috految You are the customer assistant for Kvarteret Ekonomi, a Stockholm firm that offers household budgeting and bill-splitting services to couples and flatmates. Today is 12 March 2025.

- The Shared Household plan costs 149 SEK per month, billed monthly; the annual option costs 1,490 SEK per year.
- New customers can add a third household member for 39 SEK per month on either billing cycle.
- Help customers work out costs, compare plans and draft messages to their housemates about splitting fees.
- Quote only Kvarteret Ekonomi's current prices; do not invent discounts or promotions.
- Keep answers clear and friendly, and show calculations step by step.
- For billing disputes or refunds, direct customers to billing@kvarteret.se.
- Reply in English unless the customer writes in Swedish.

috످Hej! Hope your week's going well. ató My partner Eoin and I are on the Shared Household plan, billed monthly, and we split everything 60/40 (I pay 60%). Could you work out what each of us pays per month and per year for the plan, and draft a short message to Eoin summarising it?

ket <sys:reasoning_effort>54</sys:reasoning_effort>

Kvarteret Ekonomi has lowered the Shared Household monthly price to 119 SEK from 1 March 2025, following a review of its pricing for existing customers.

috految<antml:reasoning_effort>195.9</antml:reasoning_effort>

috److془The user message contains a claim at the end: "Kvarteret Ekonomi has lowered the Shared Household monthly price to 119 SEK from 1 March 2025". It's in the user's turn. System says 149 SEK. Quote only current prices. So use 149.

Let me write: The earlier rule is in system prompt: 149 SEK. The change came in user's message. Following could mislead. 149 holds.

The "<sys:reasoning_effort>54" tag is in user's message; harmless.

Calculations: 149*0.6 = 89.40; 59.60. Yearly: 1788; 1072.80; 715.20. Annual: 1490; 894; 596; savings 298.

Note: if 119, monthly would be 1428 < 1490, so check before switching.془Hej, and thanks! At 149 SEK per month, **you pay 89.40 SEK a month (1,072.80 SEK a year)** and **Eoin pays 59.60 SEK a month (715.20 SEK a year)**.

Your message mentions a price drop to 119 SEK, but the current price I have is 149 SEK. You can check your March bill or email billing@kvarteret.se to confirm your rate.

**Step 1: Split the monthly cost**
- You: 149 × 60% = 89.40 SEK
- Eoin: 149 × 40% = 59.60 SEK

**Step 2: Multiply by 12 for the yearly cost**
- You: 89.40 × 12 = 1,072.80 SEK
- Eoin: 59.60 × 12 = 715.20 SEK
- Total: 149 × 12 = 1,788 SEK

**Message for Eoin**

> Hi Eoin! Our Kvarteret Ekonomi plan costs 149 SEK a month (1,788 SEK a year). With our 60/40 split, I pay 89.40 SEK a month (1,072.80 SEK a year) and you pay 59.60 SEK a month (715.20 SEK a year). Sound good?

If your bill shows 149 SEK a month, switching to annual billing (1,490 SEK) would save you a combined 298 SEK a year.

috످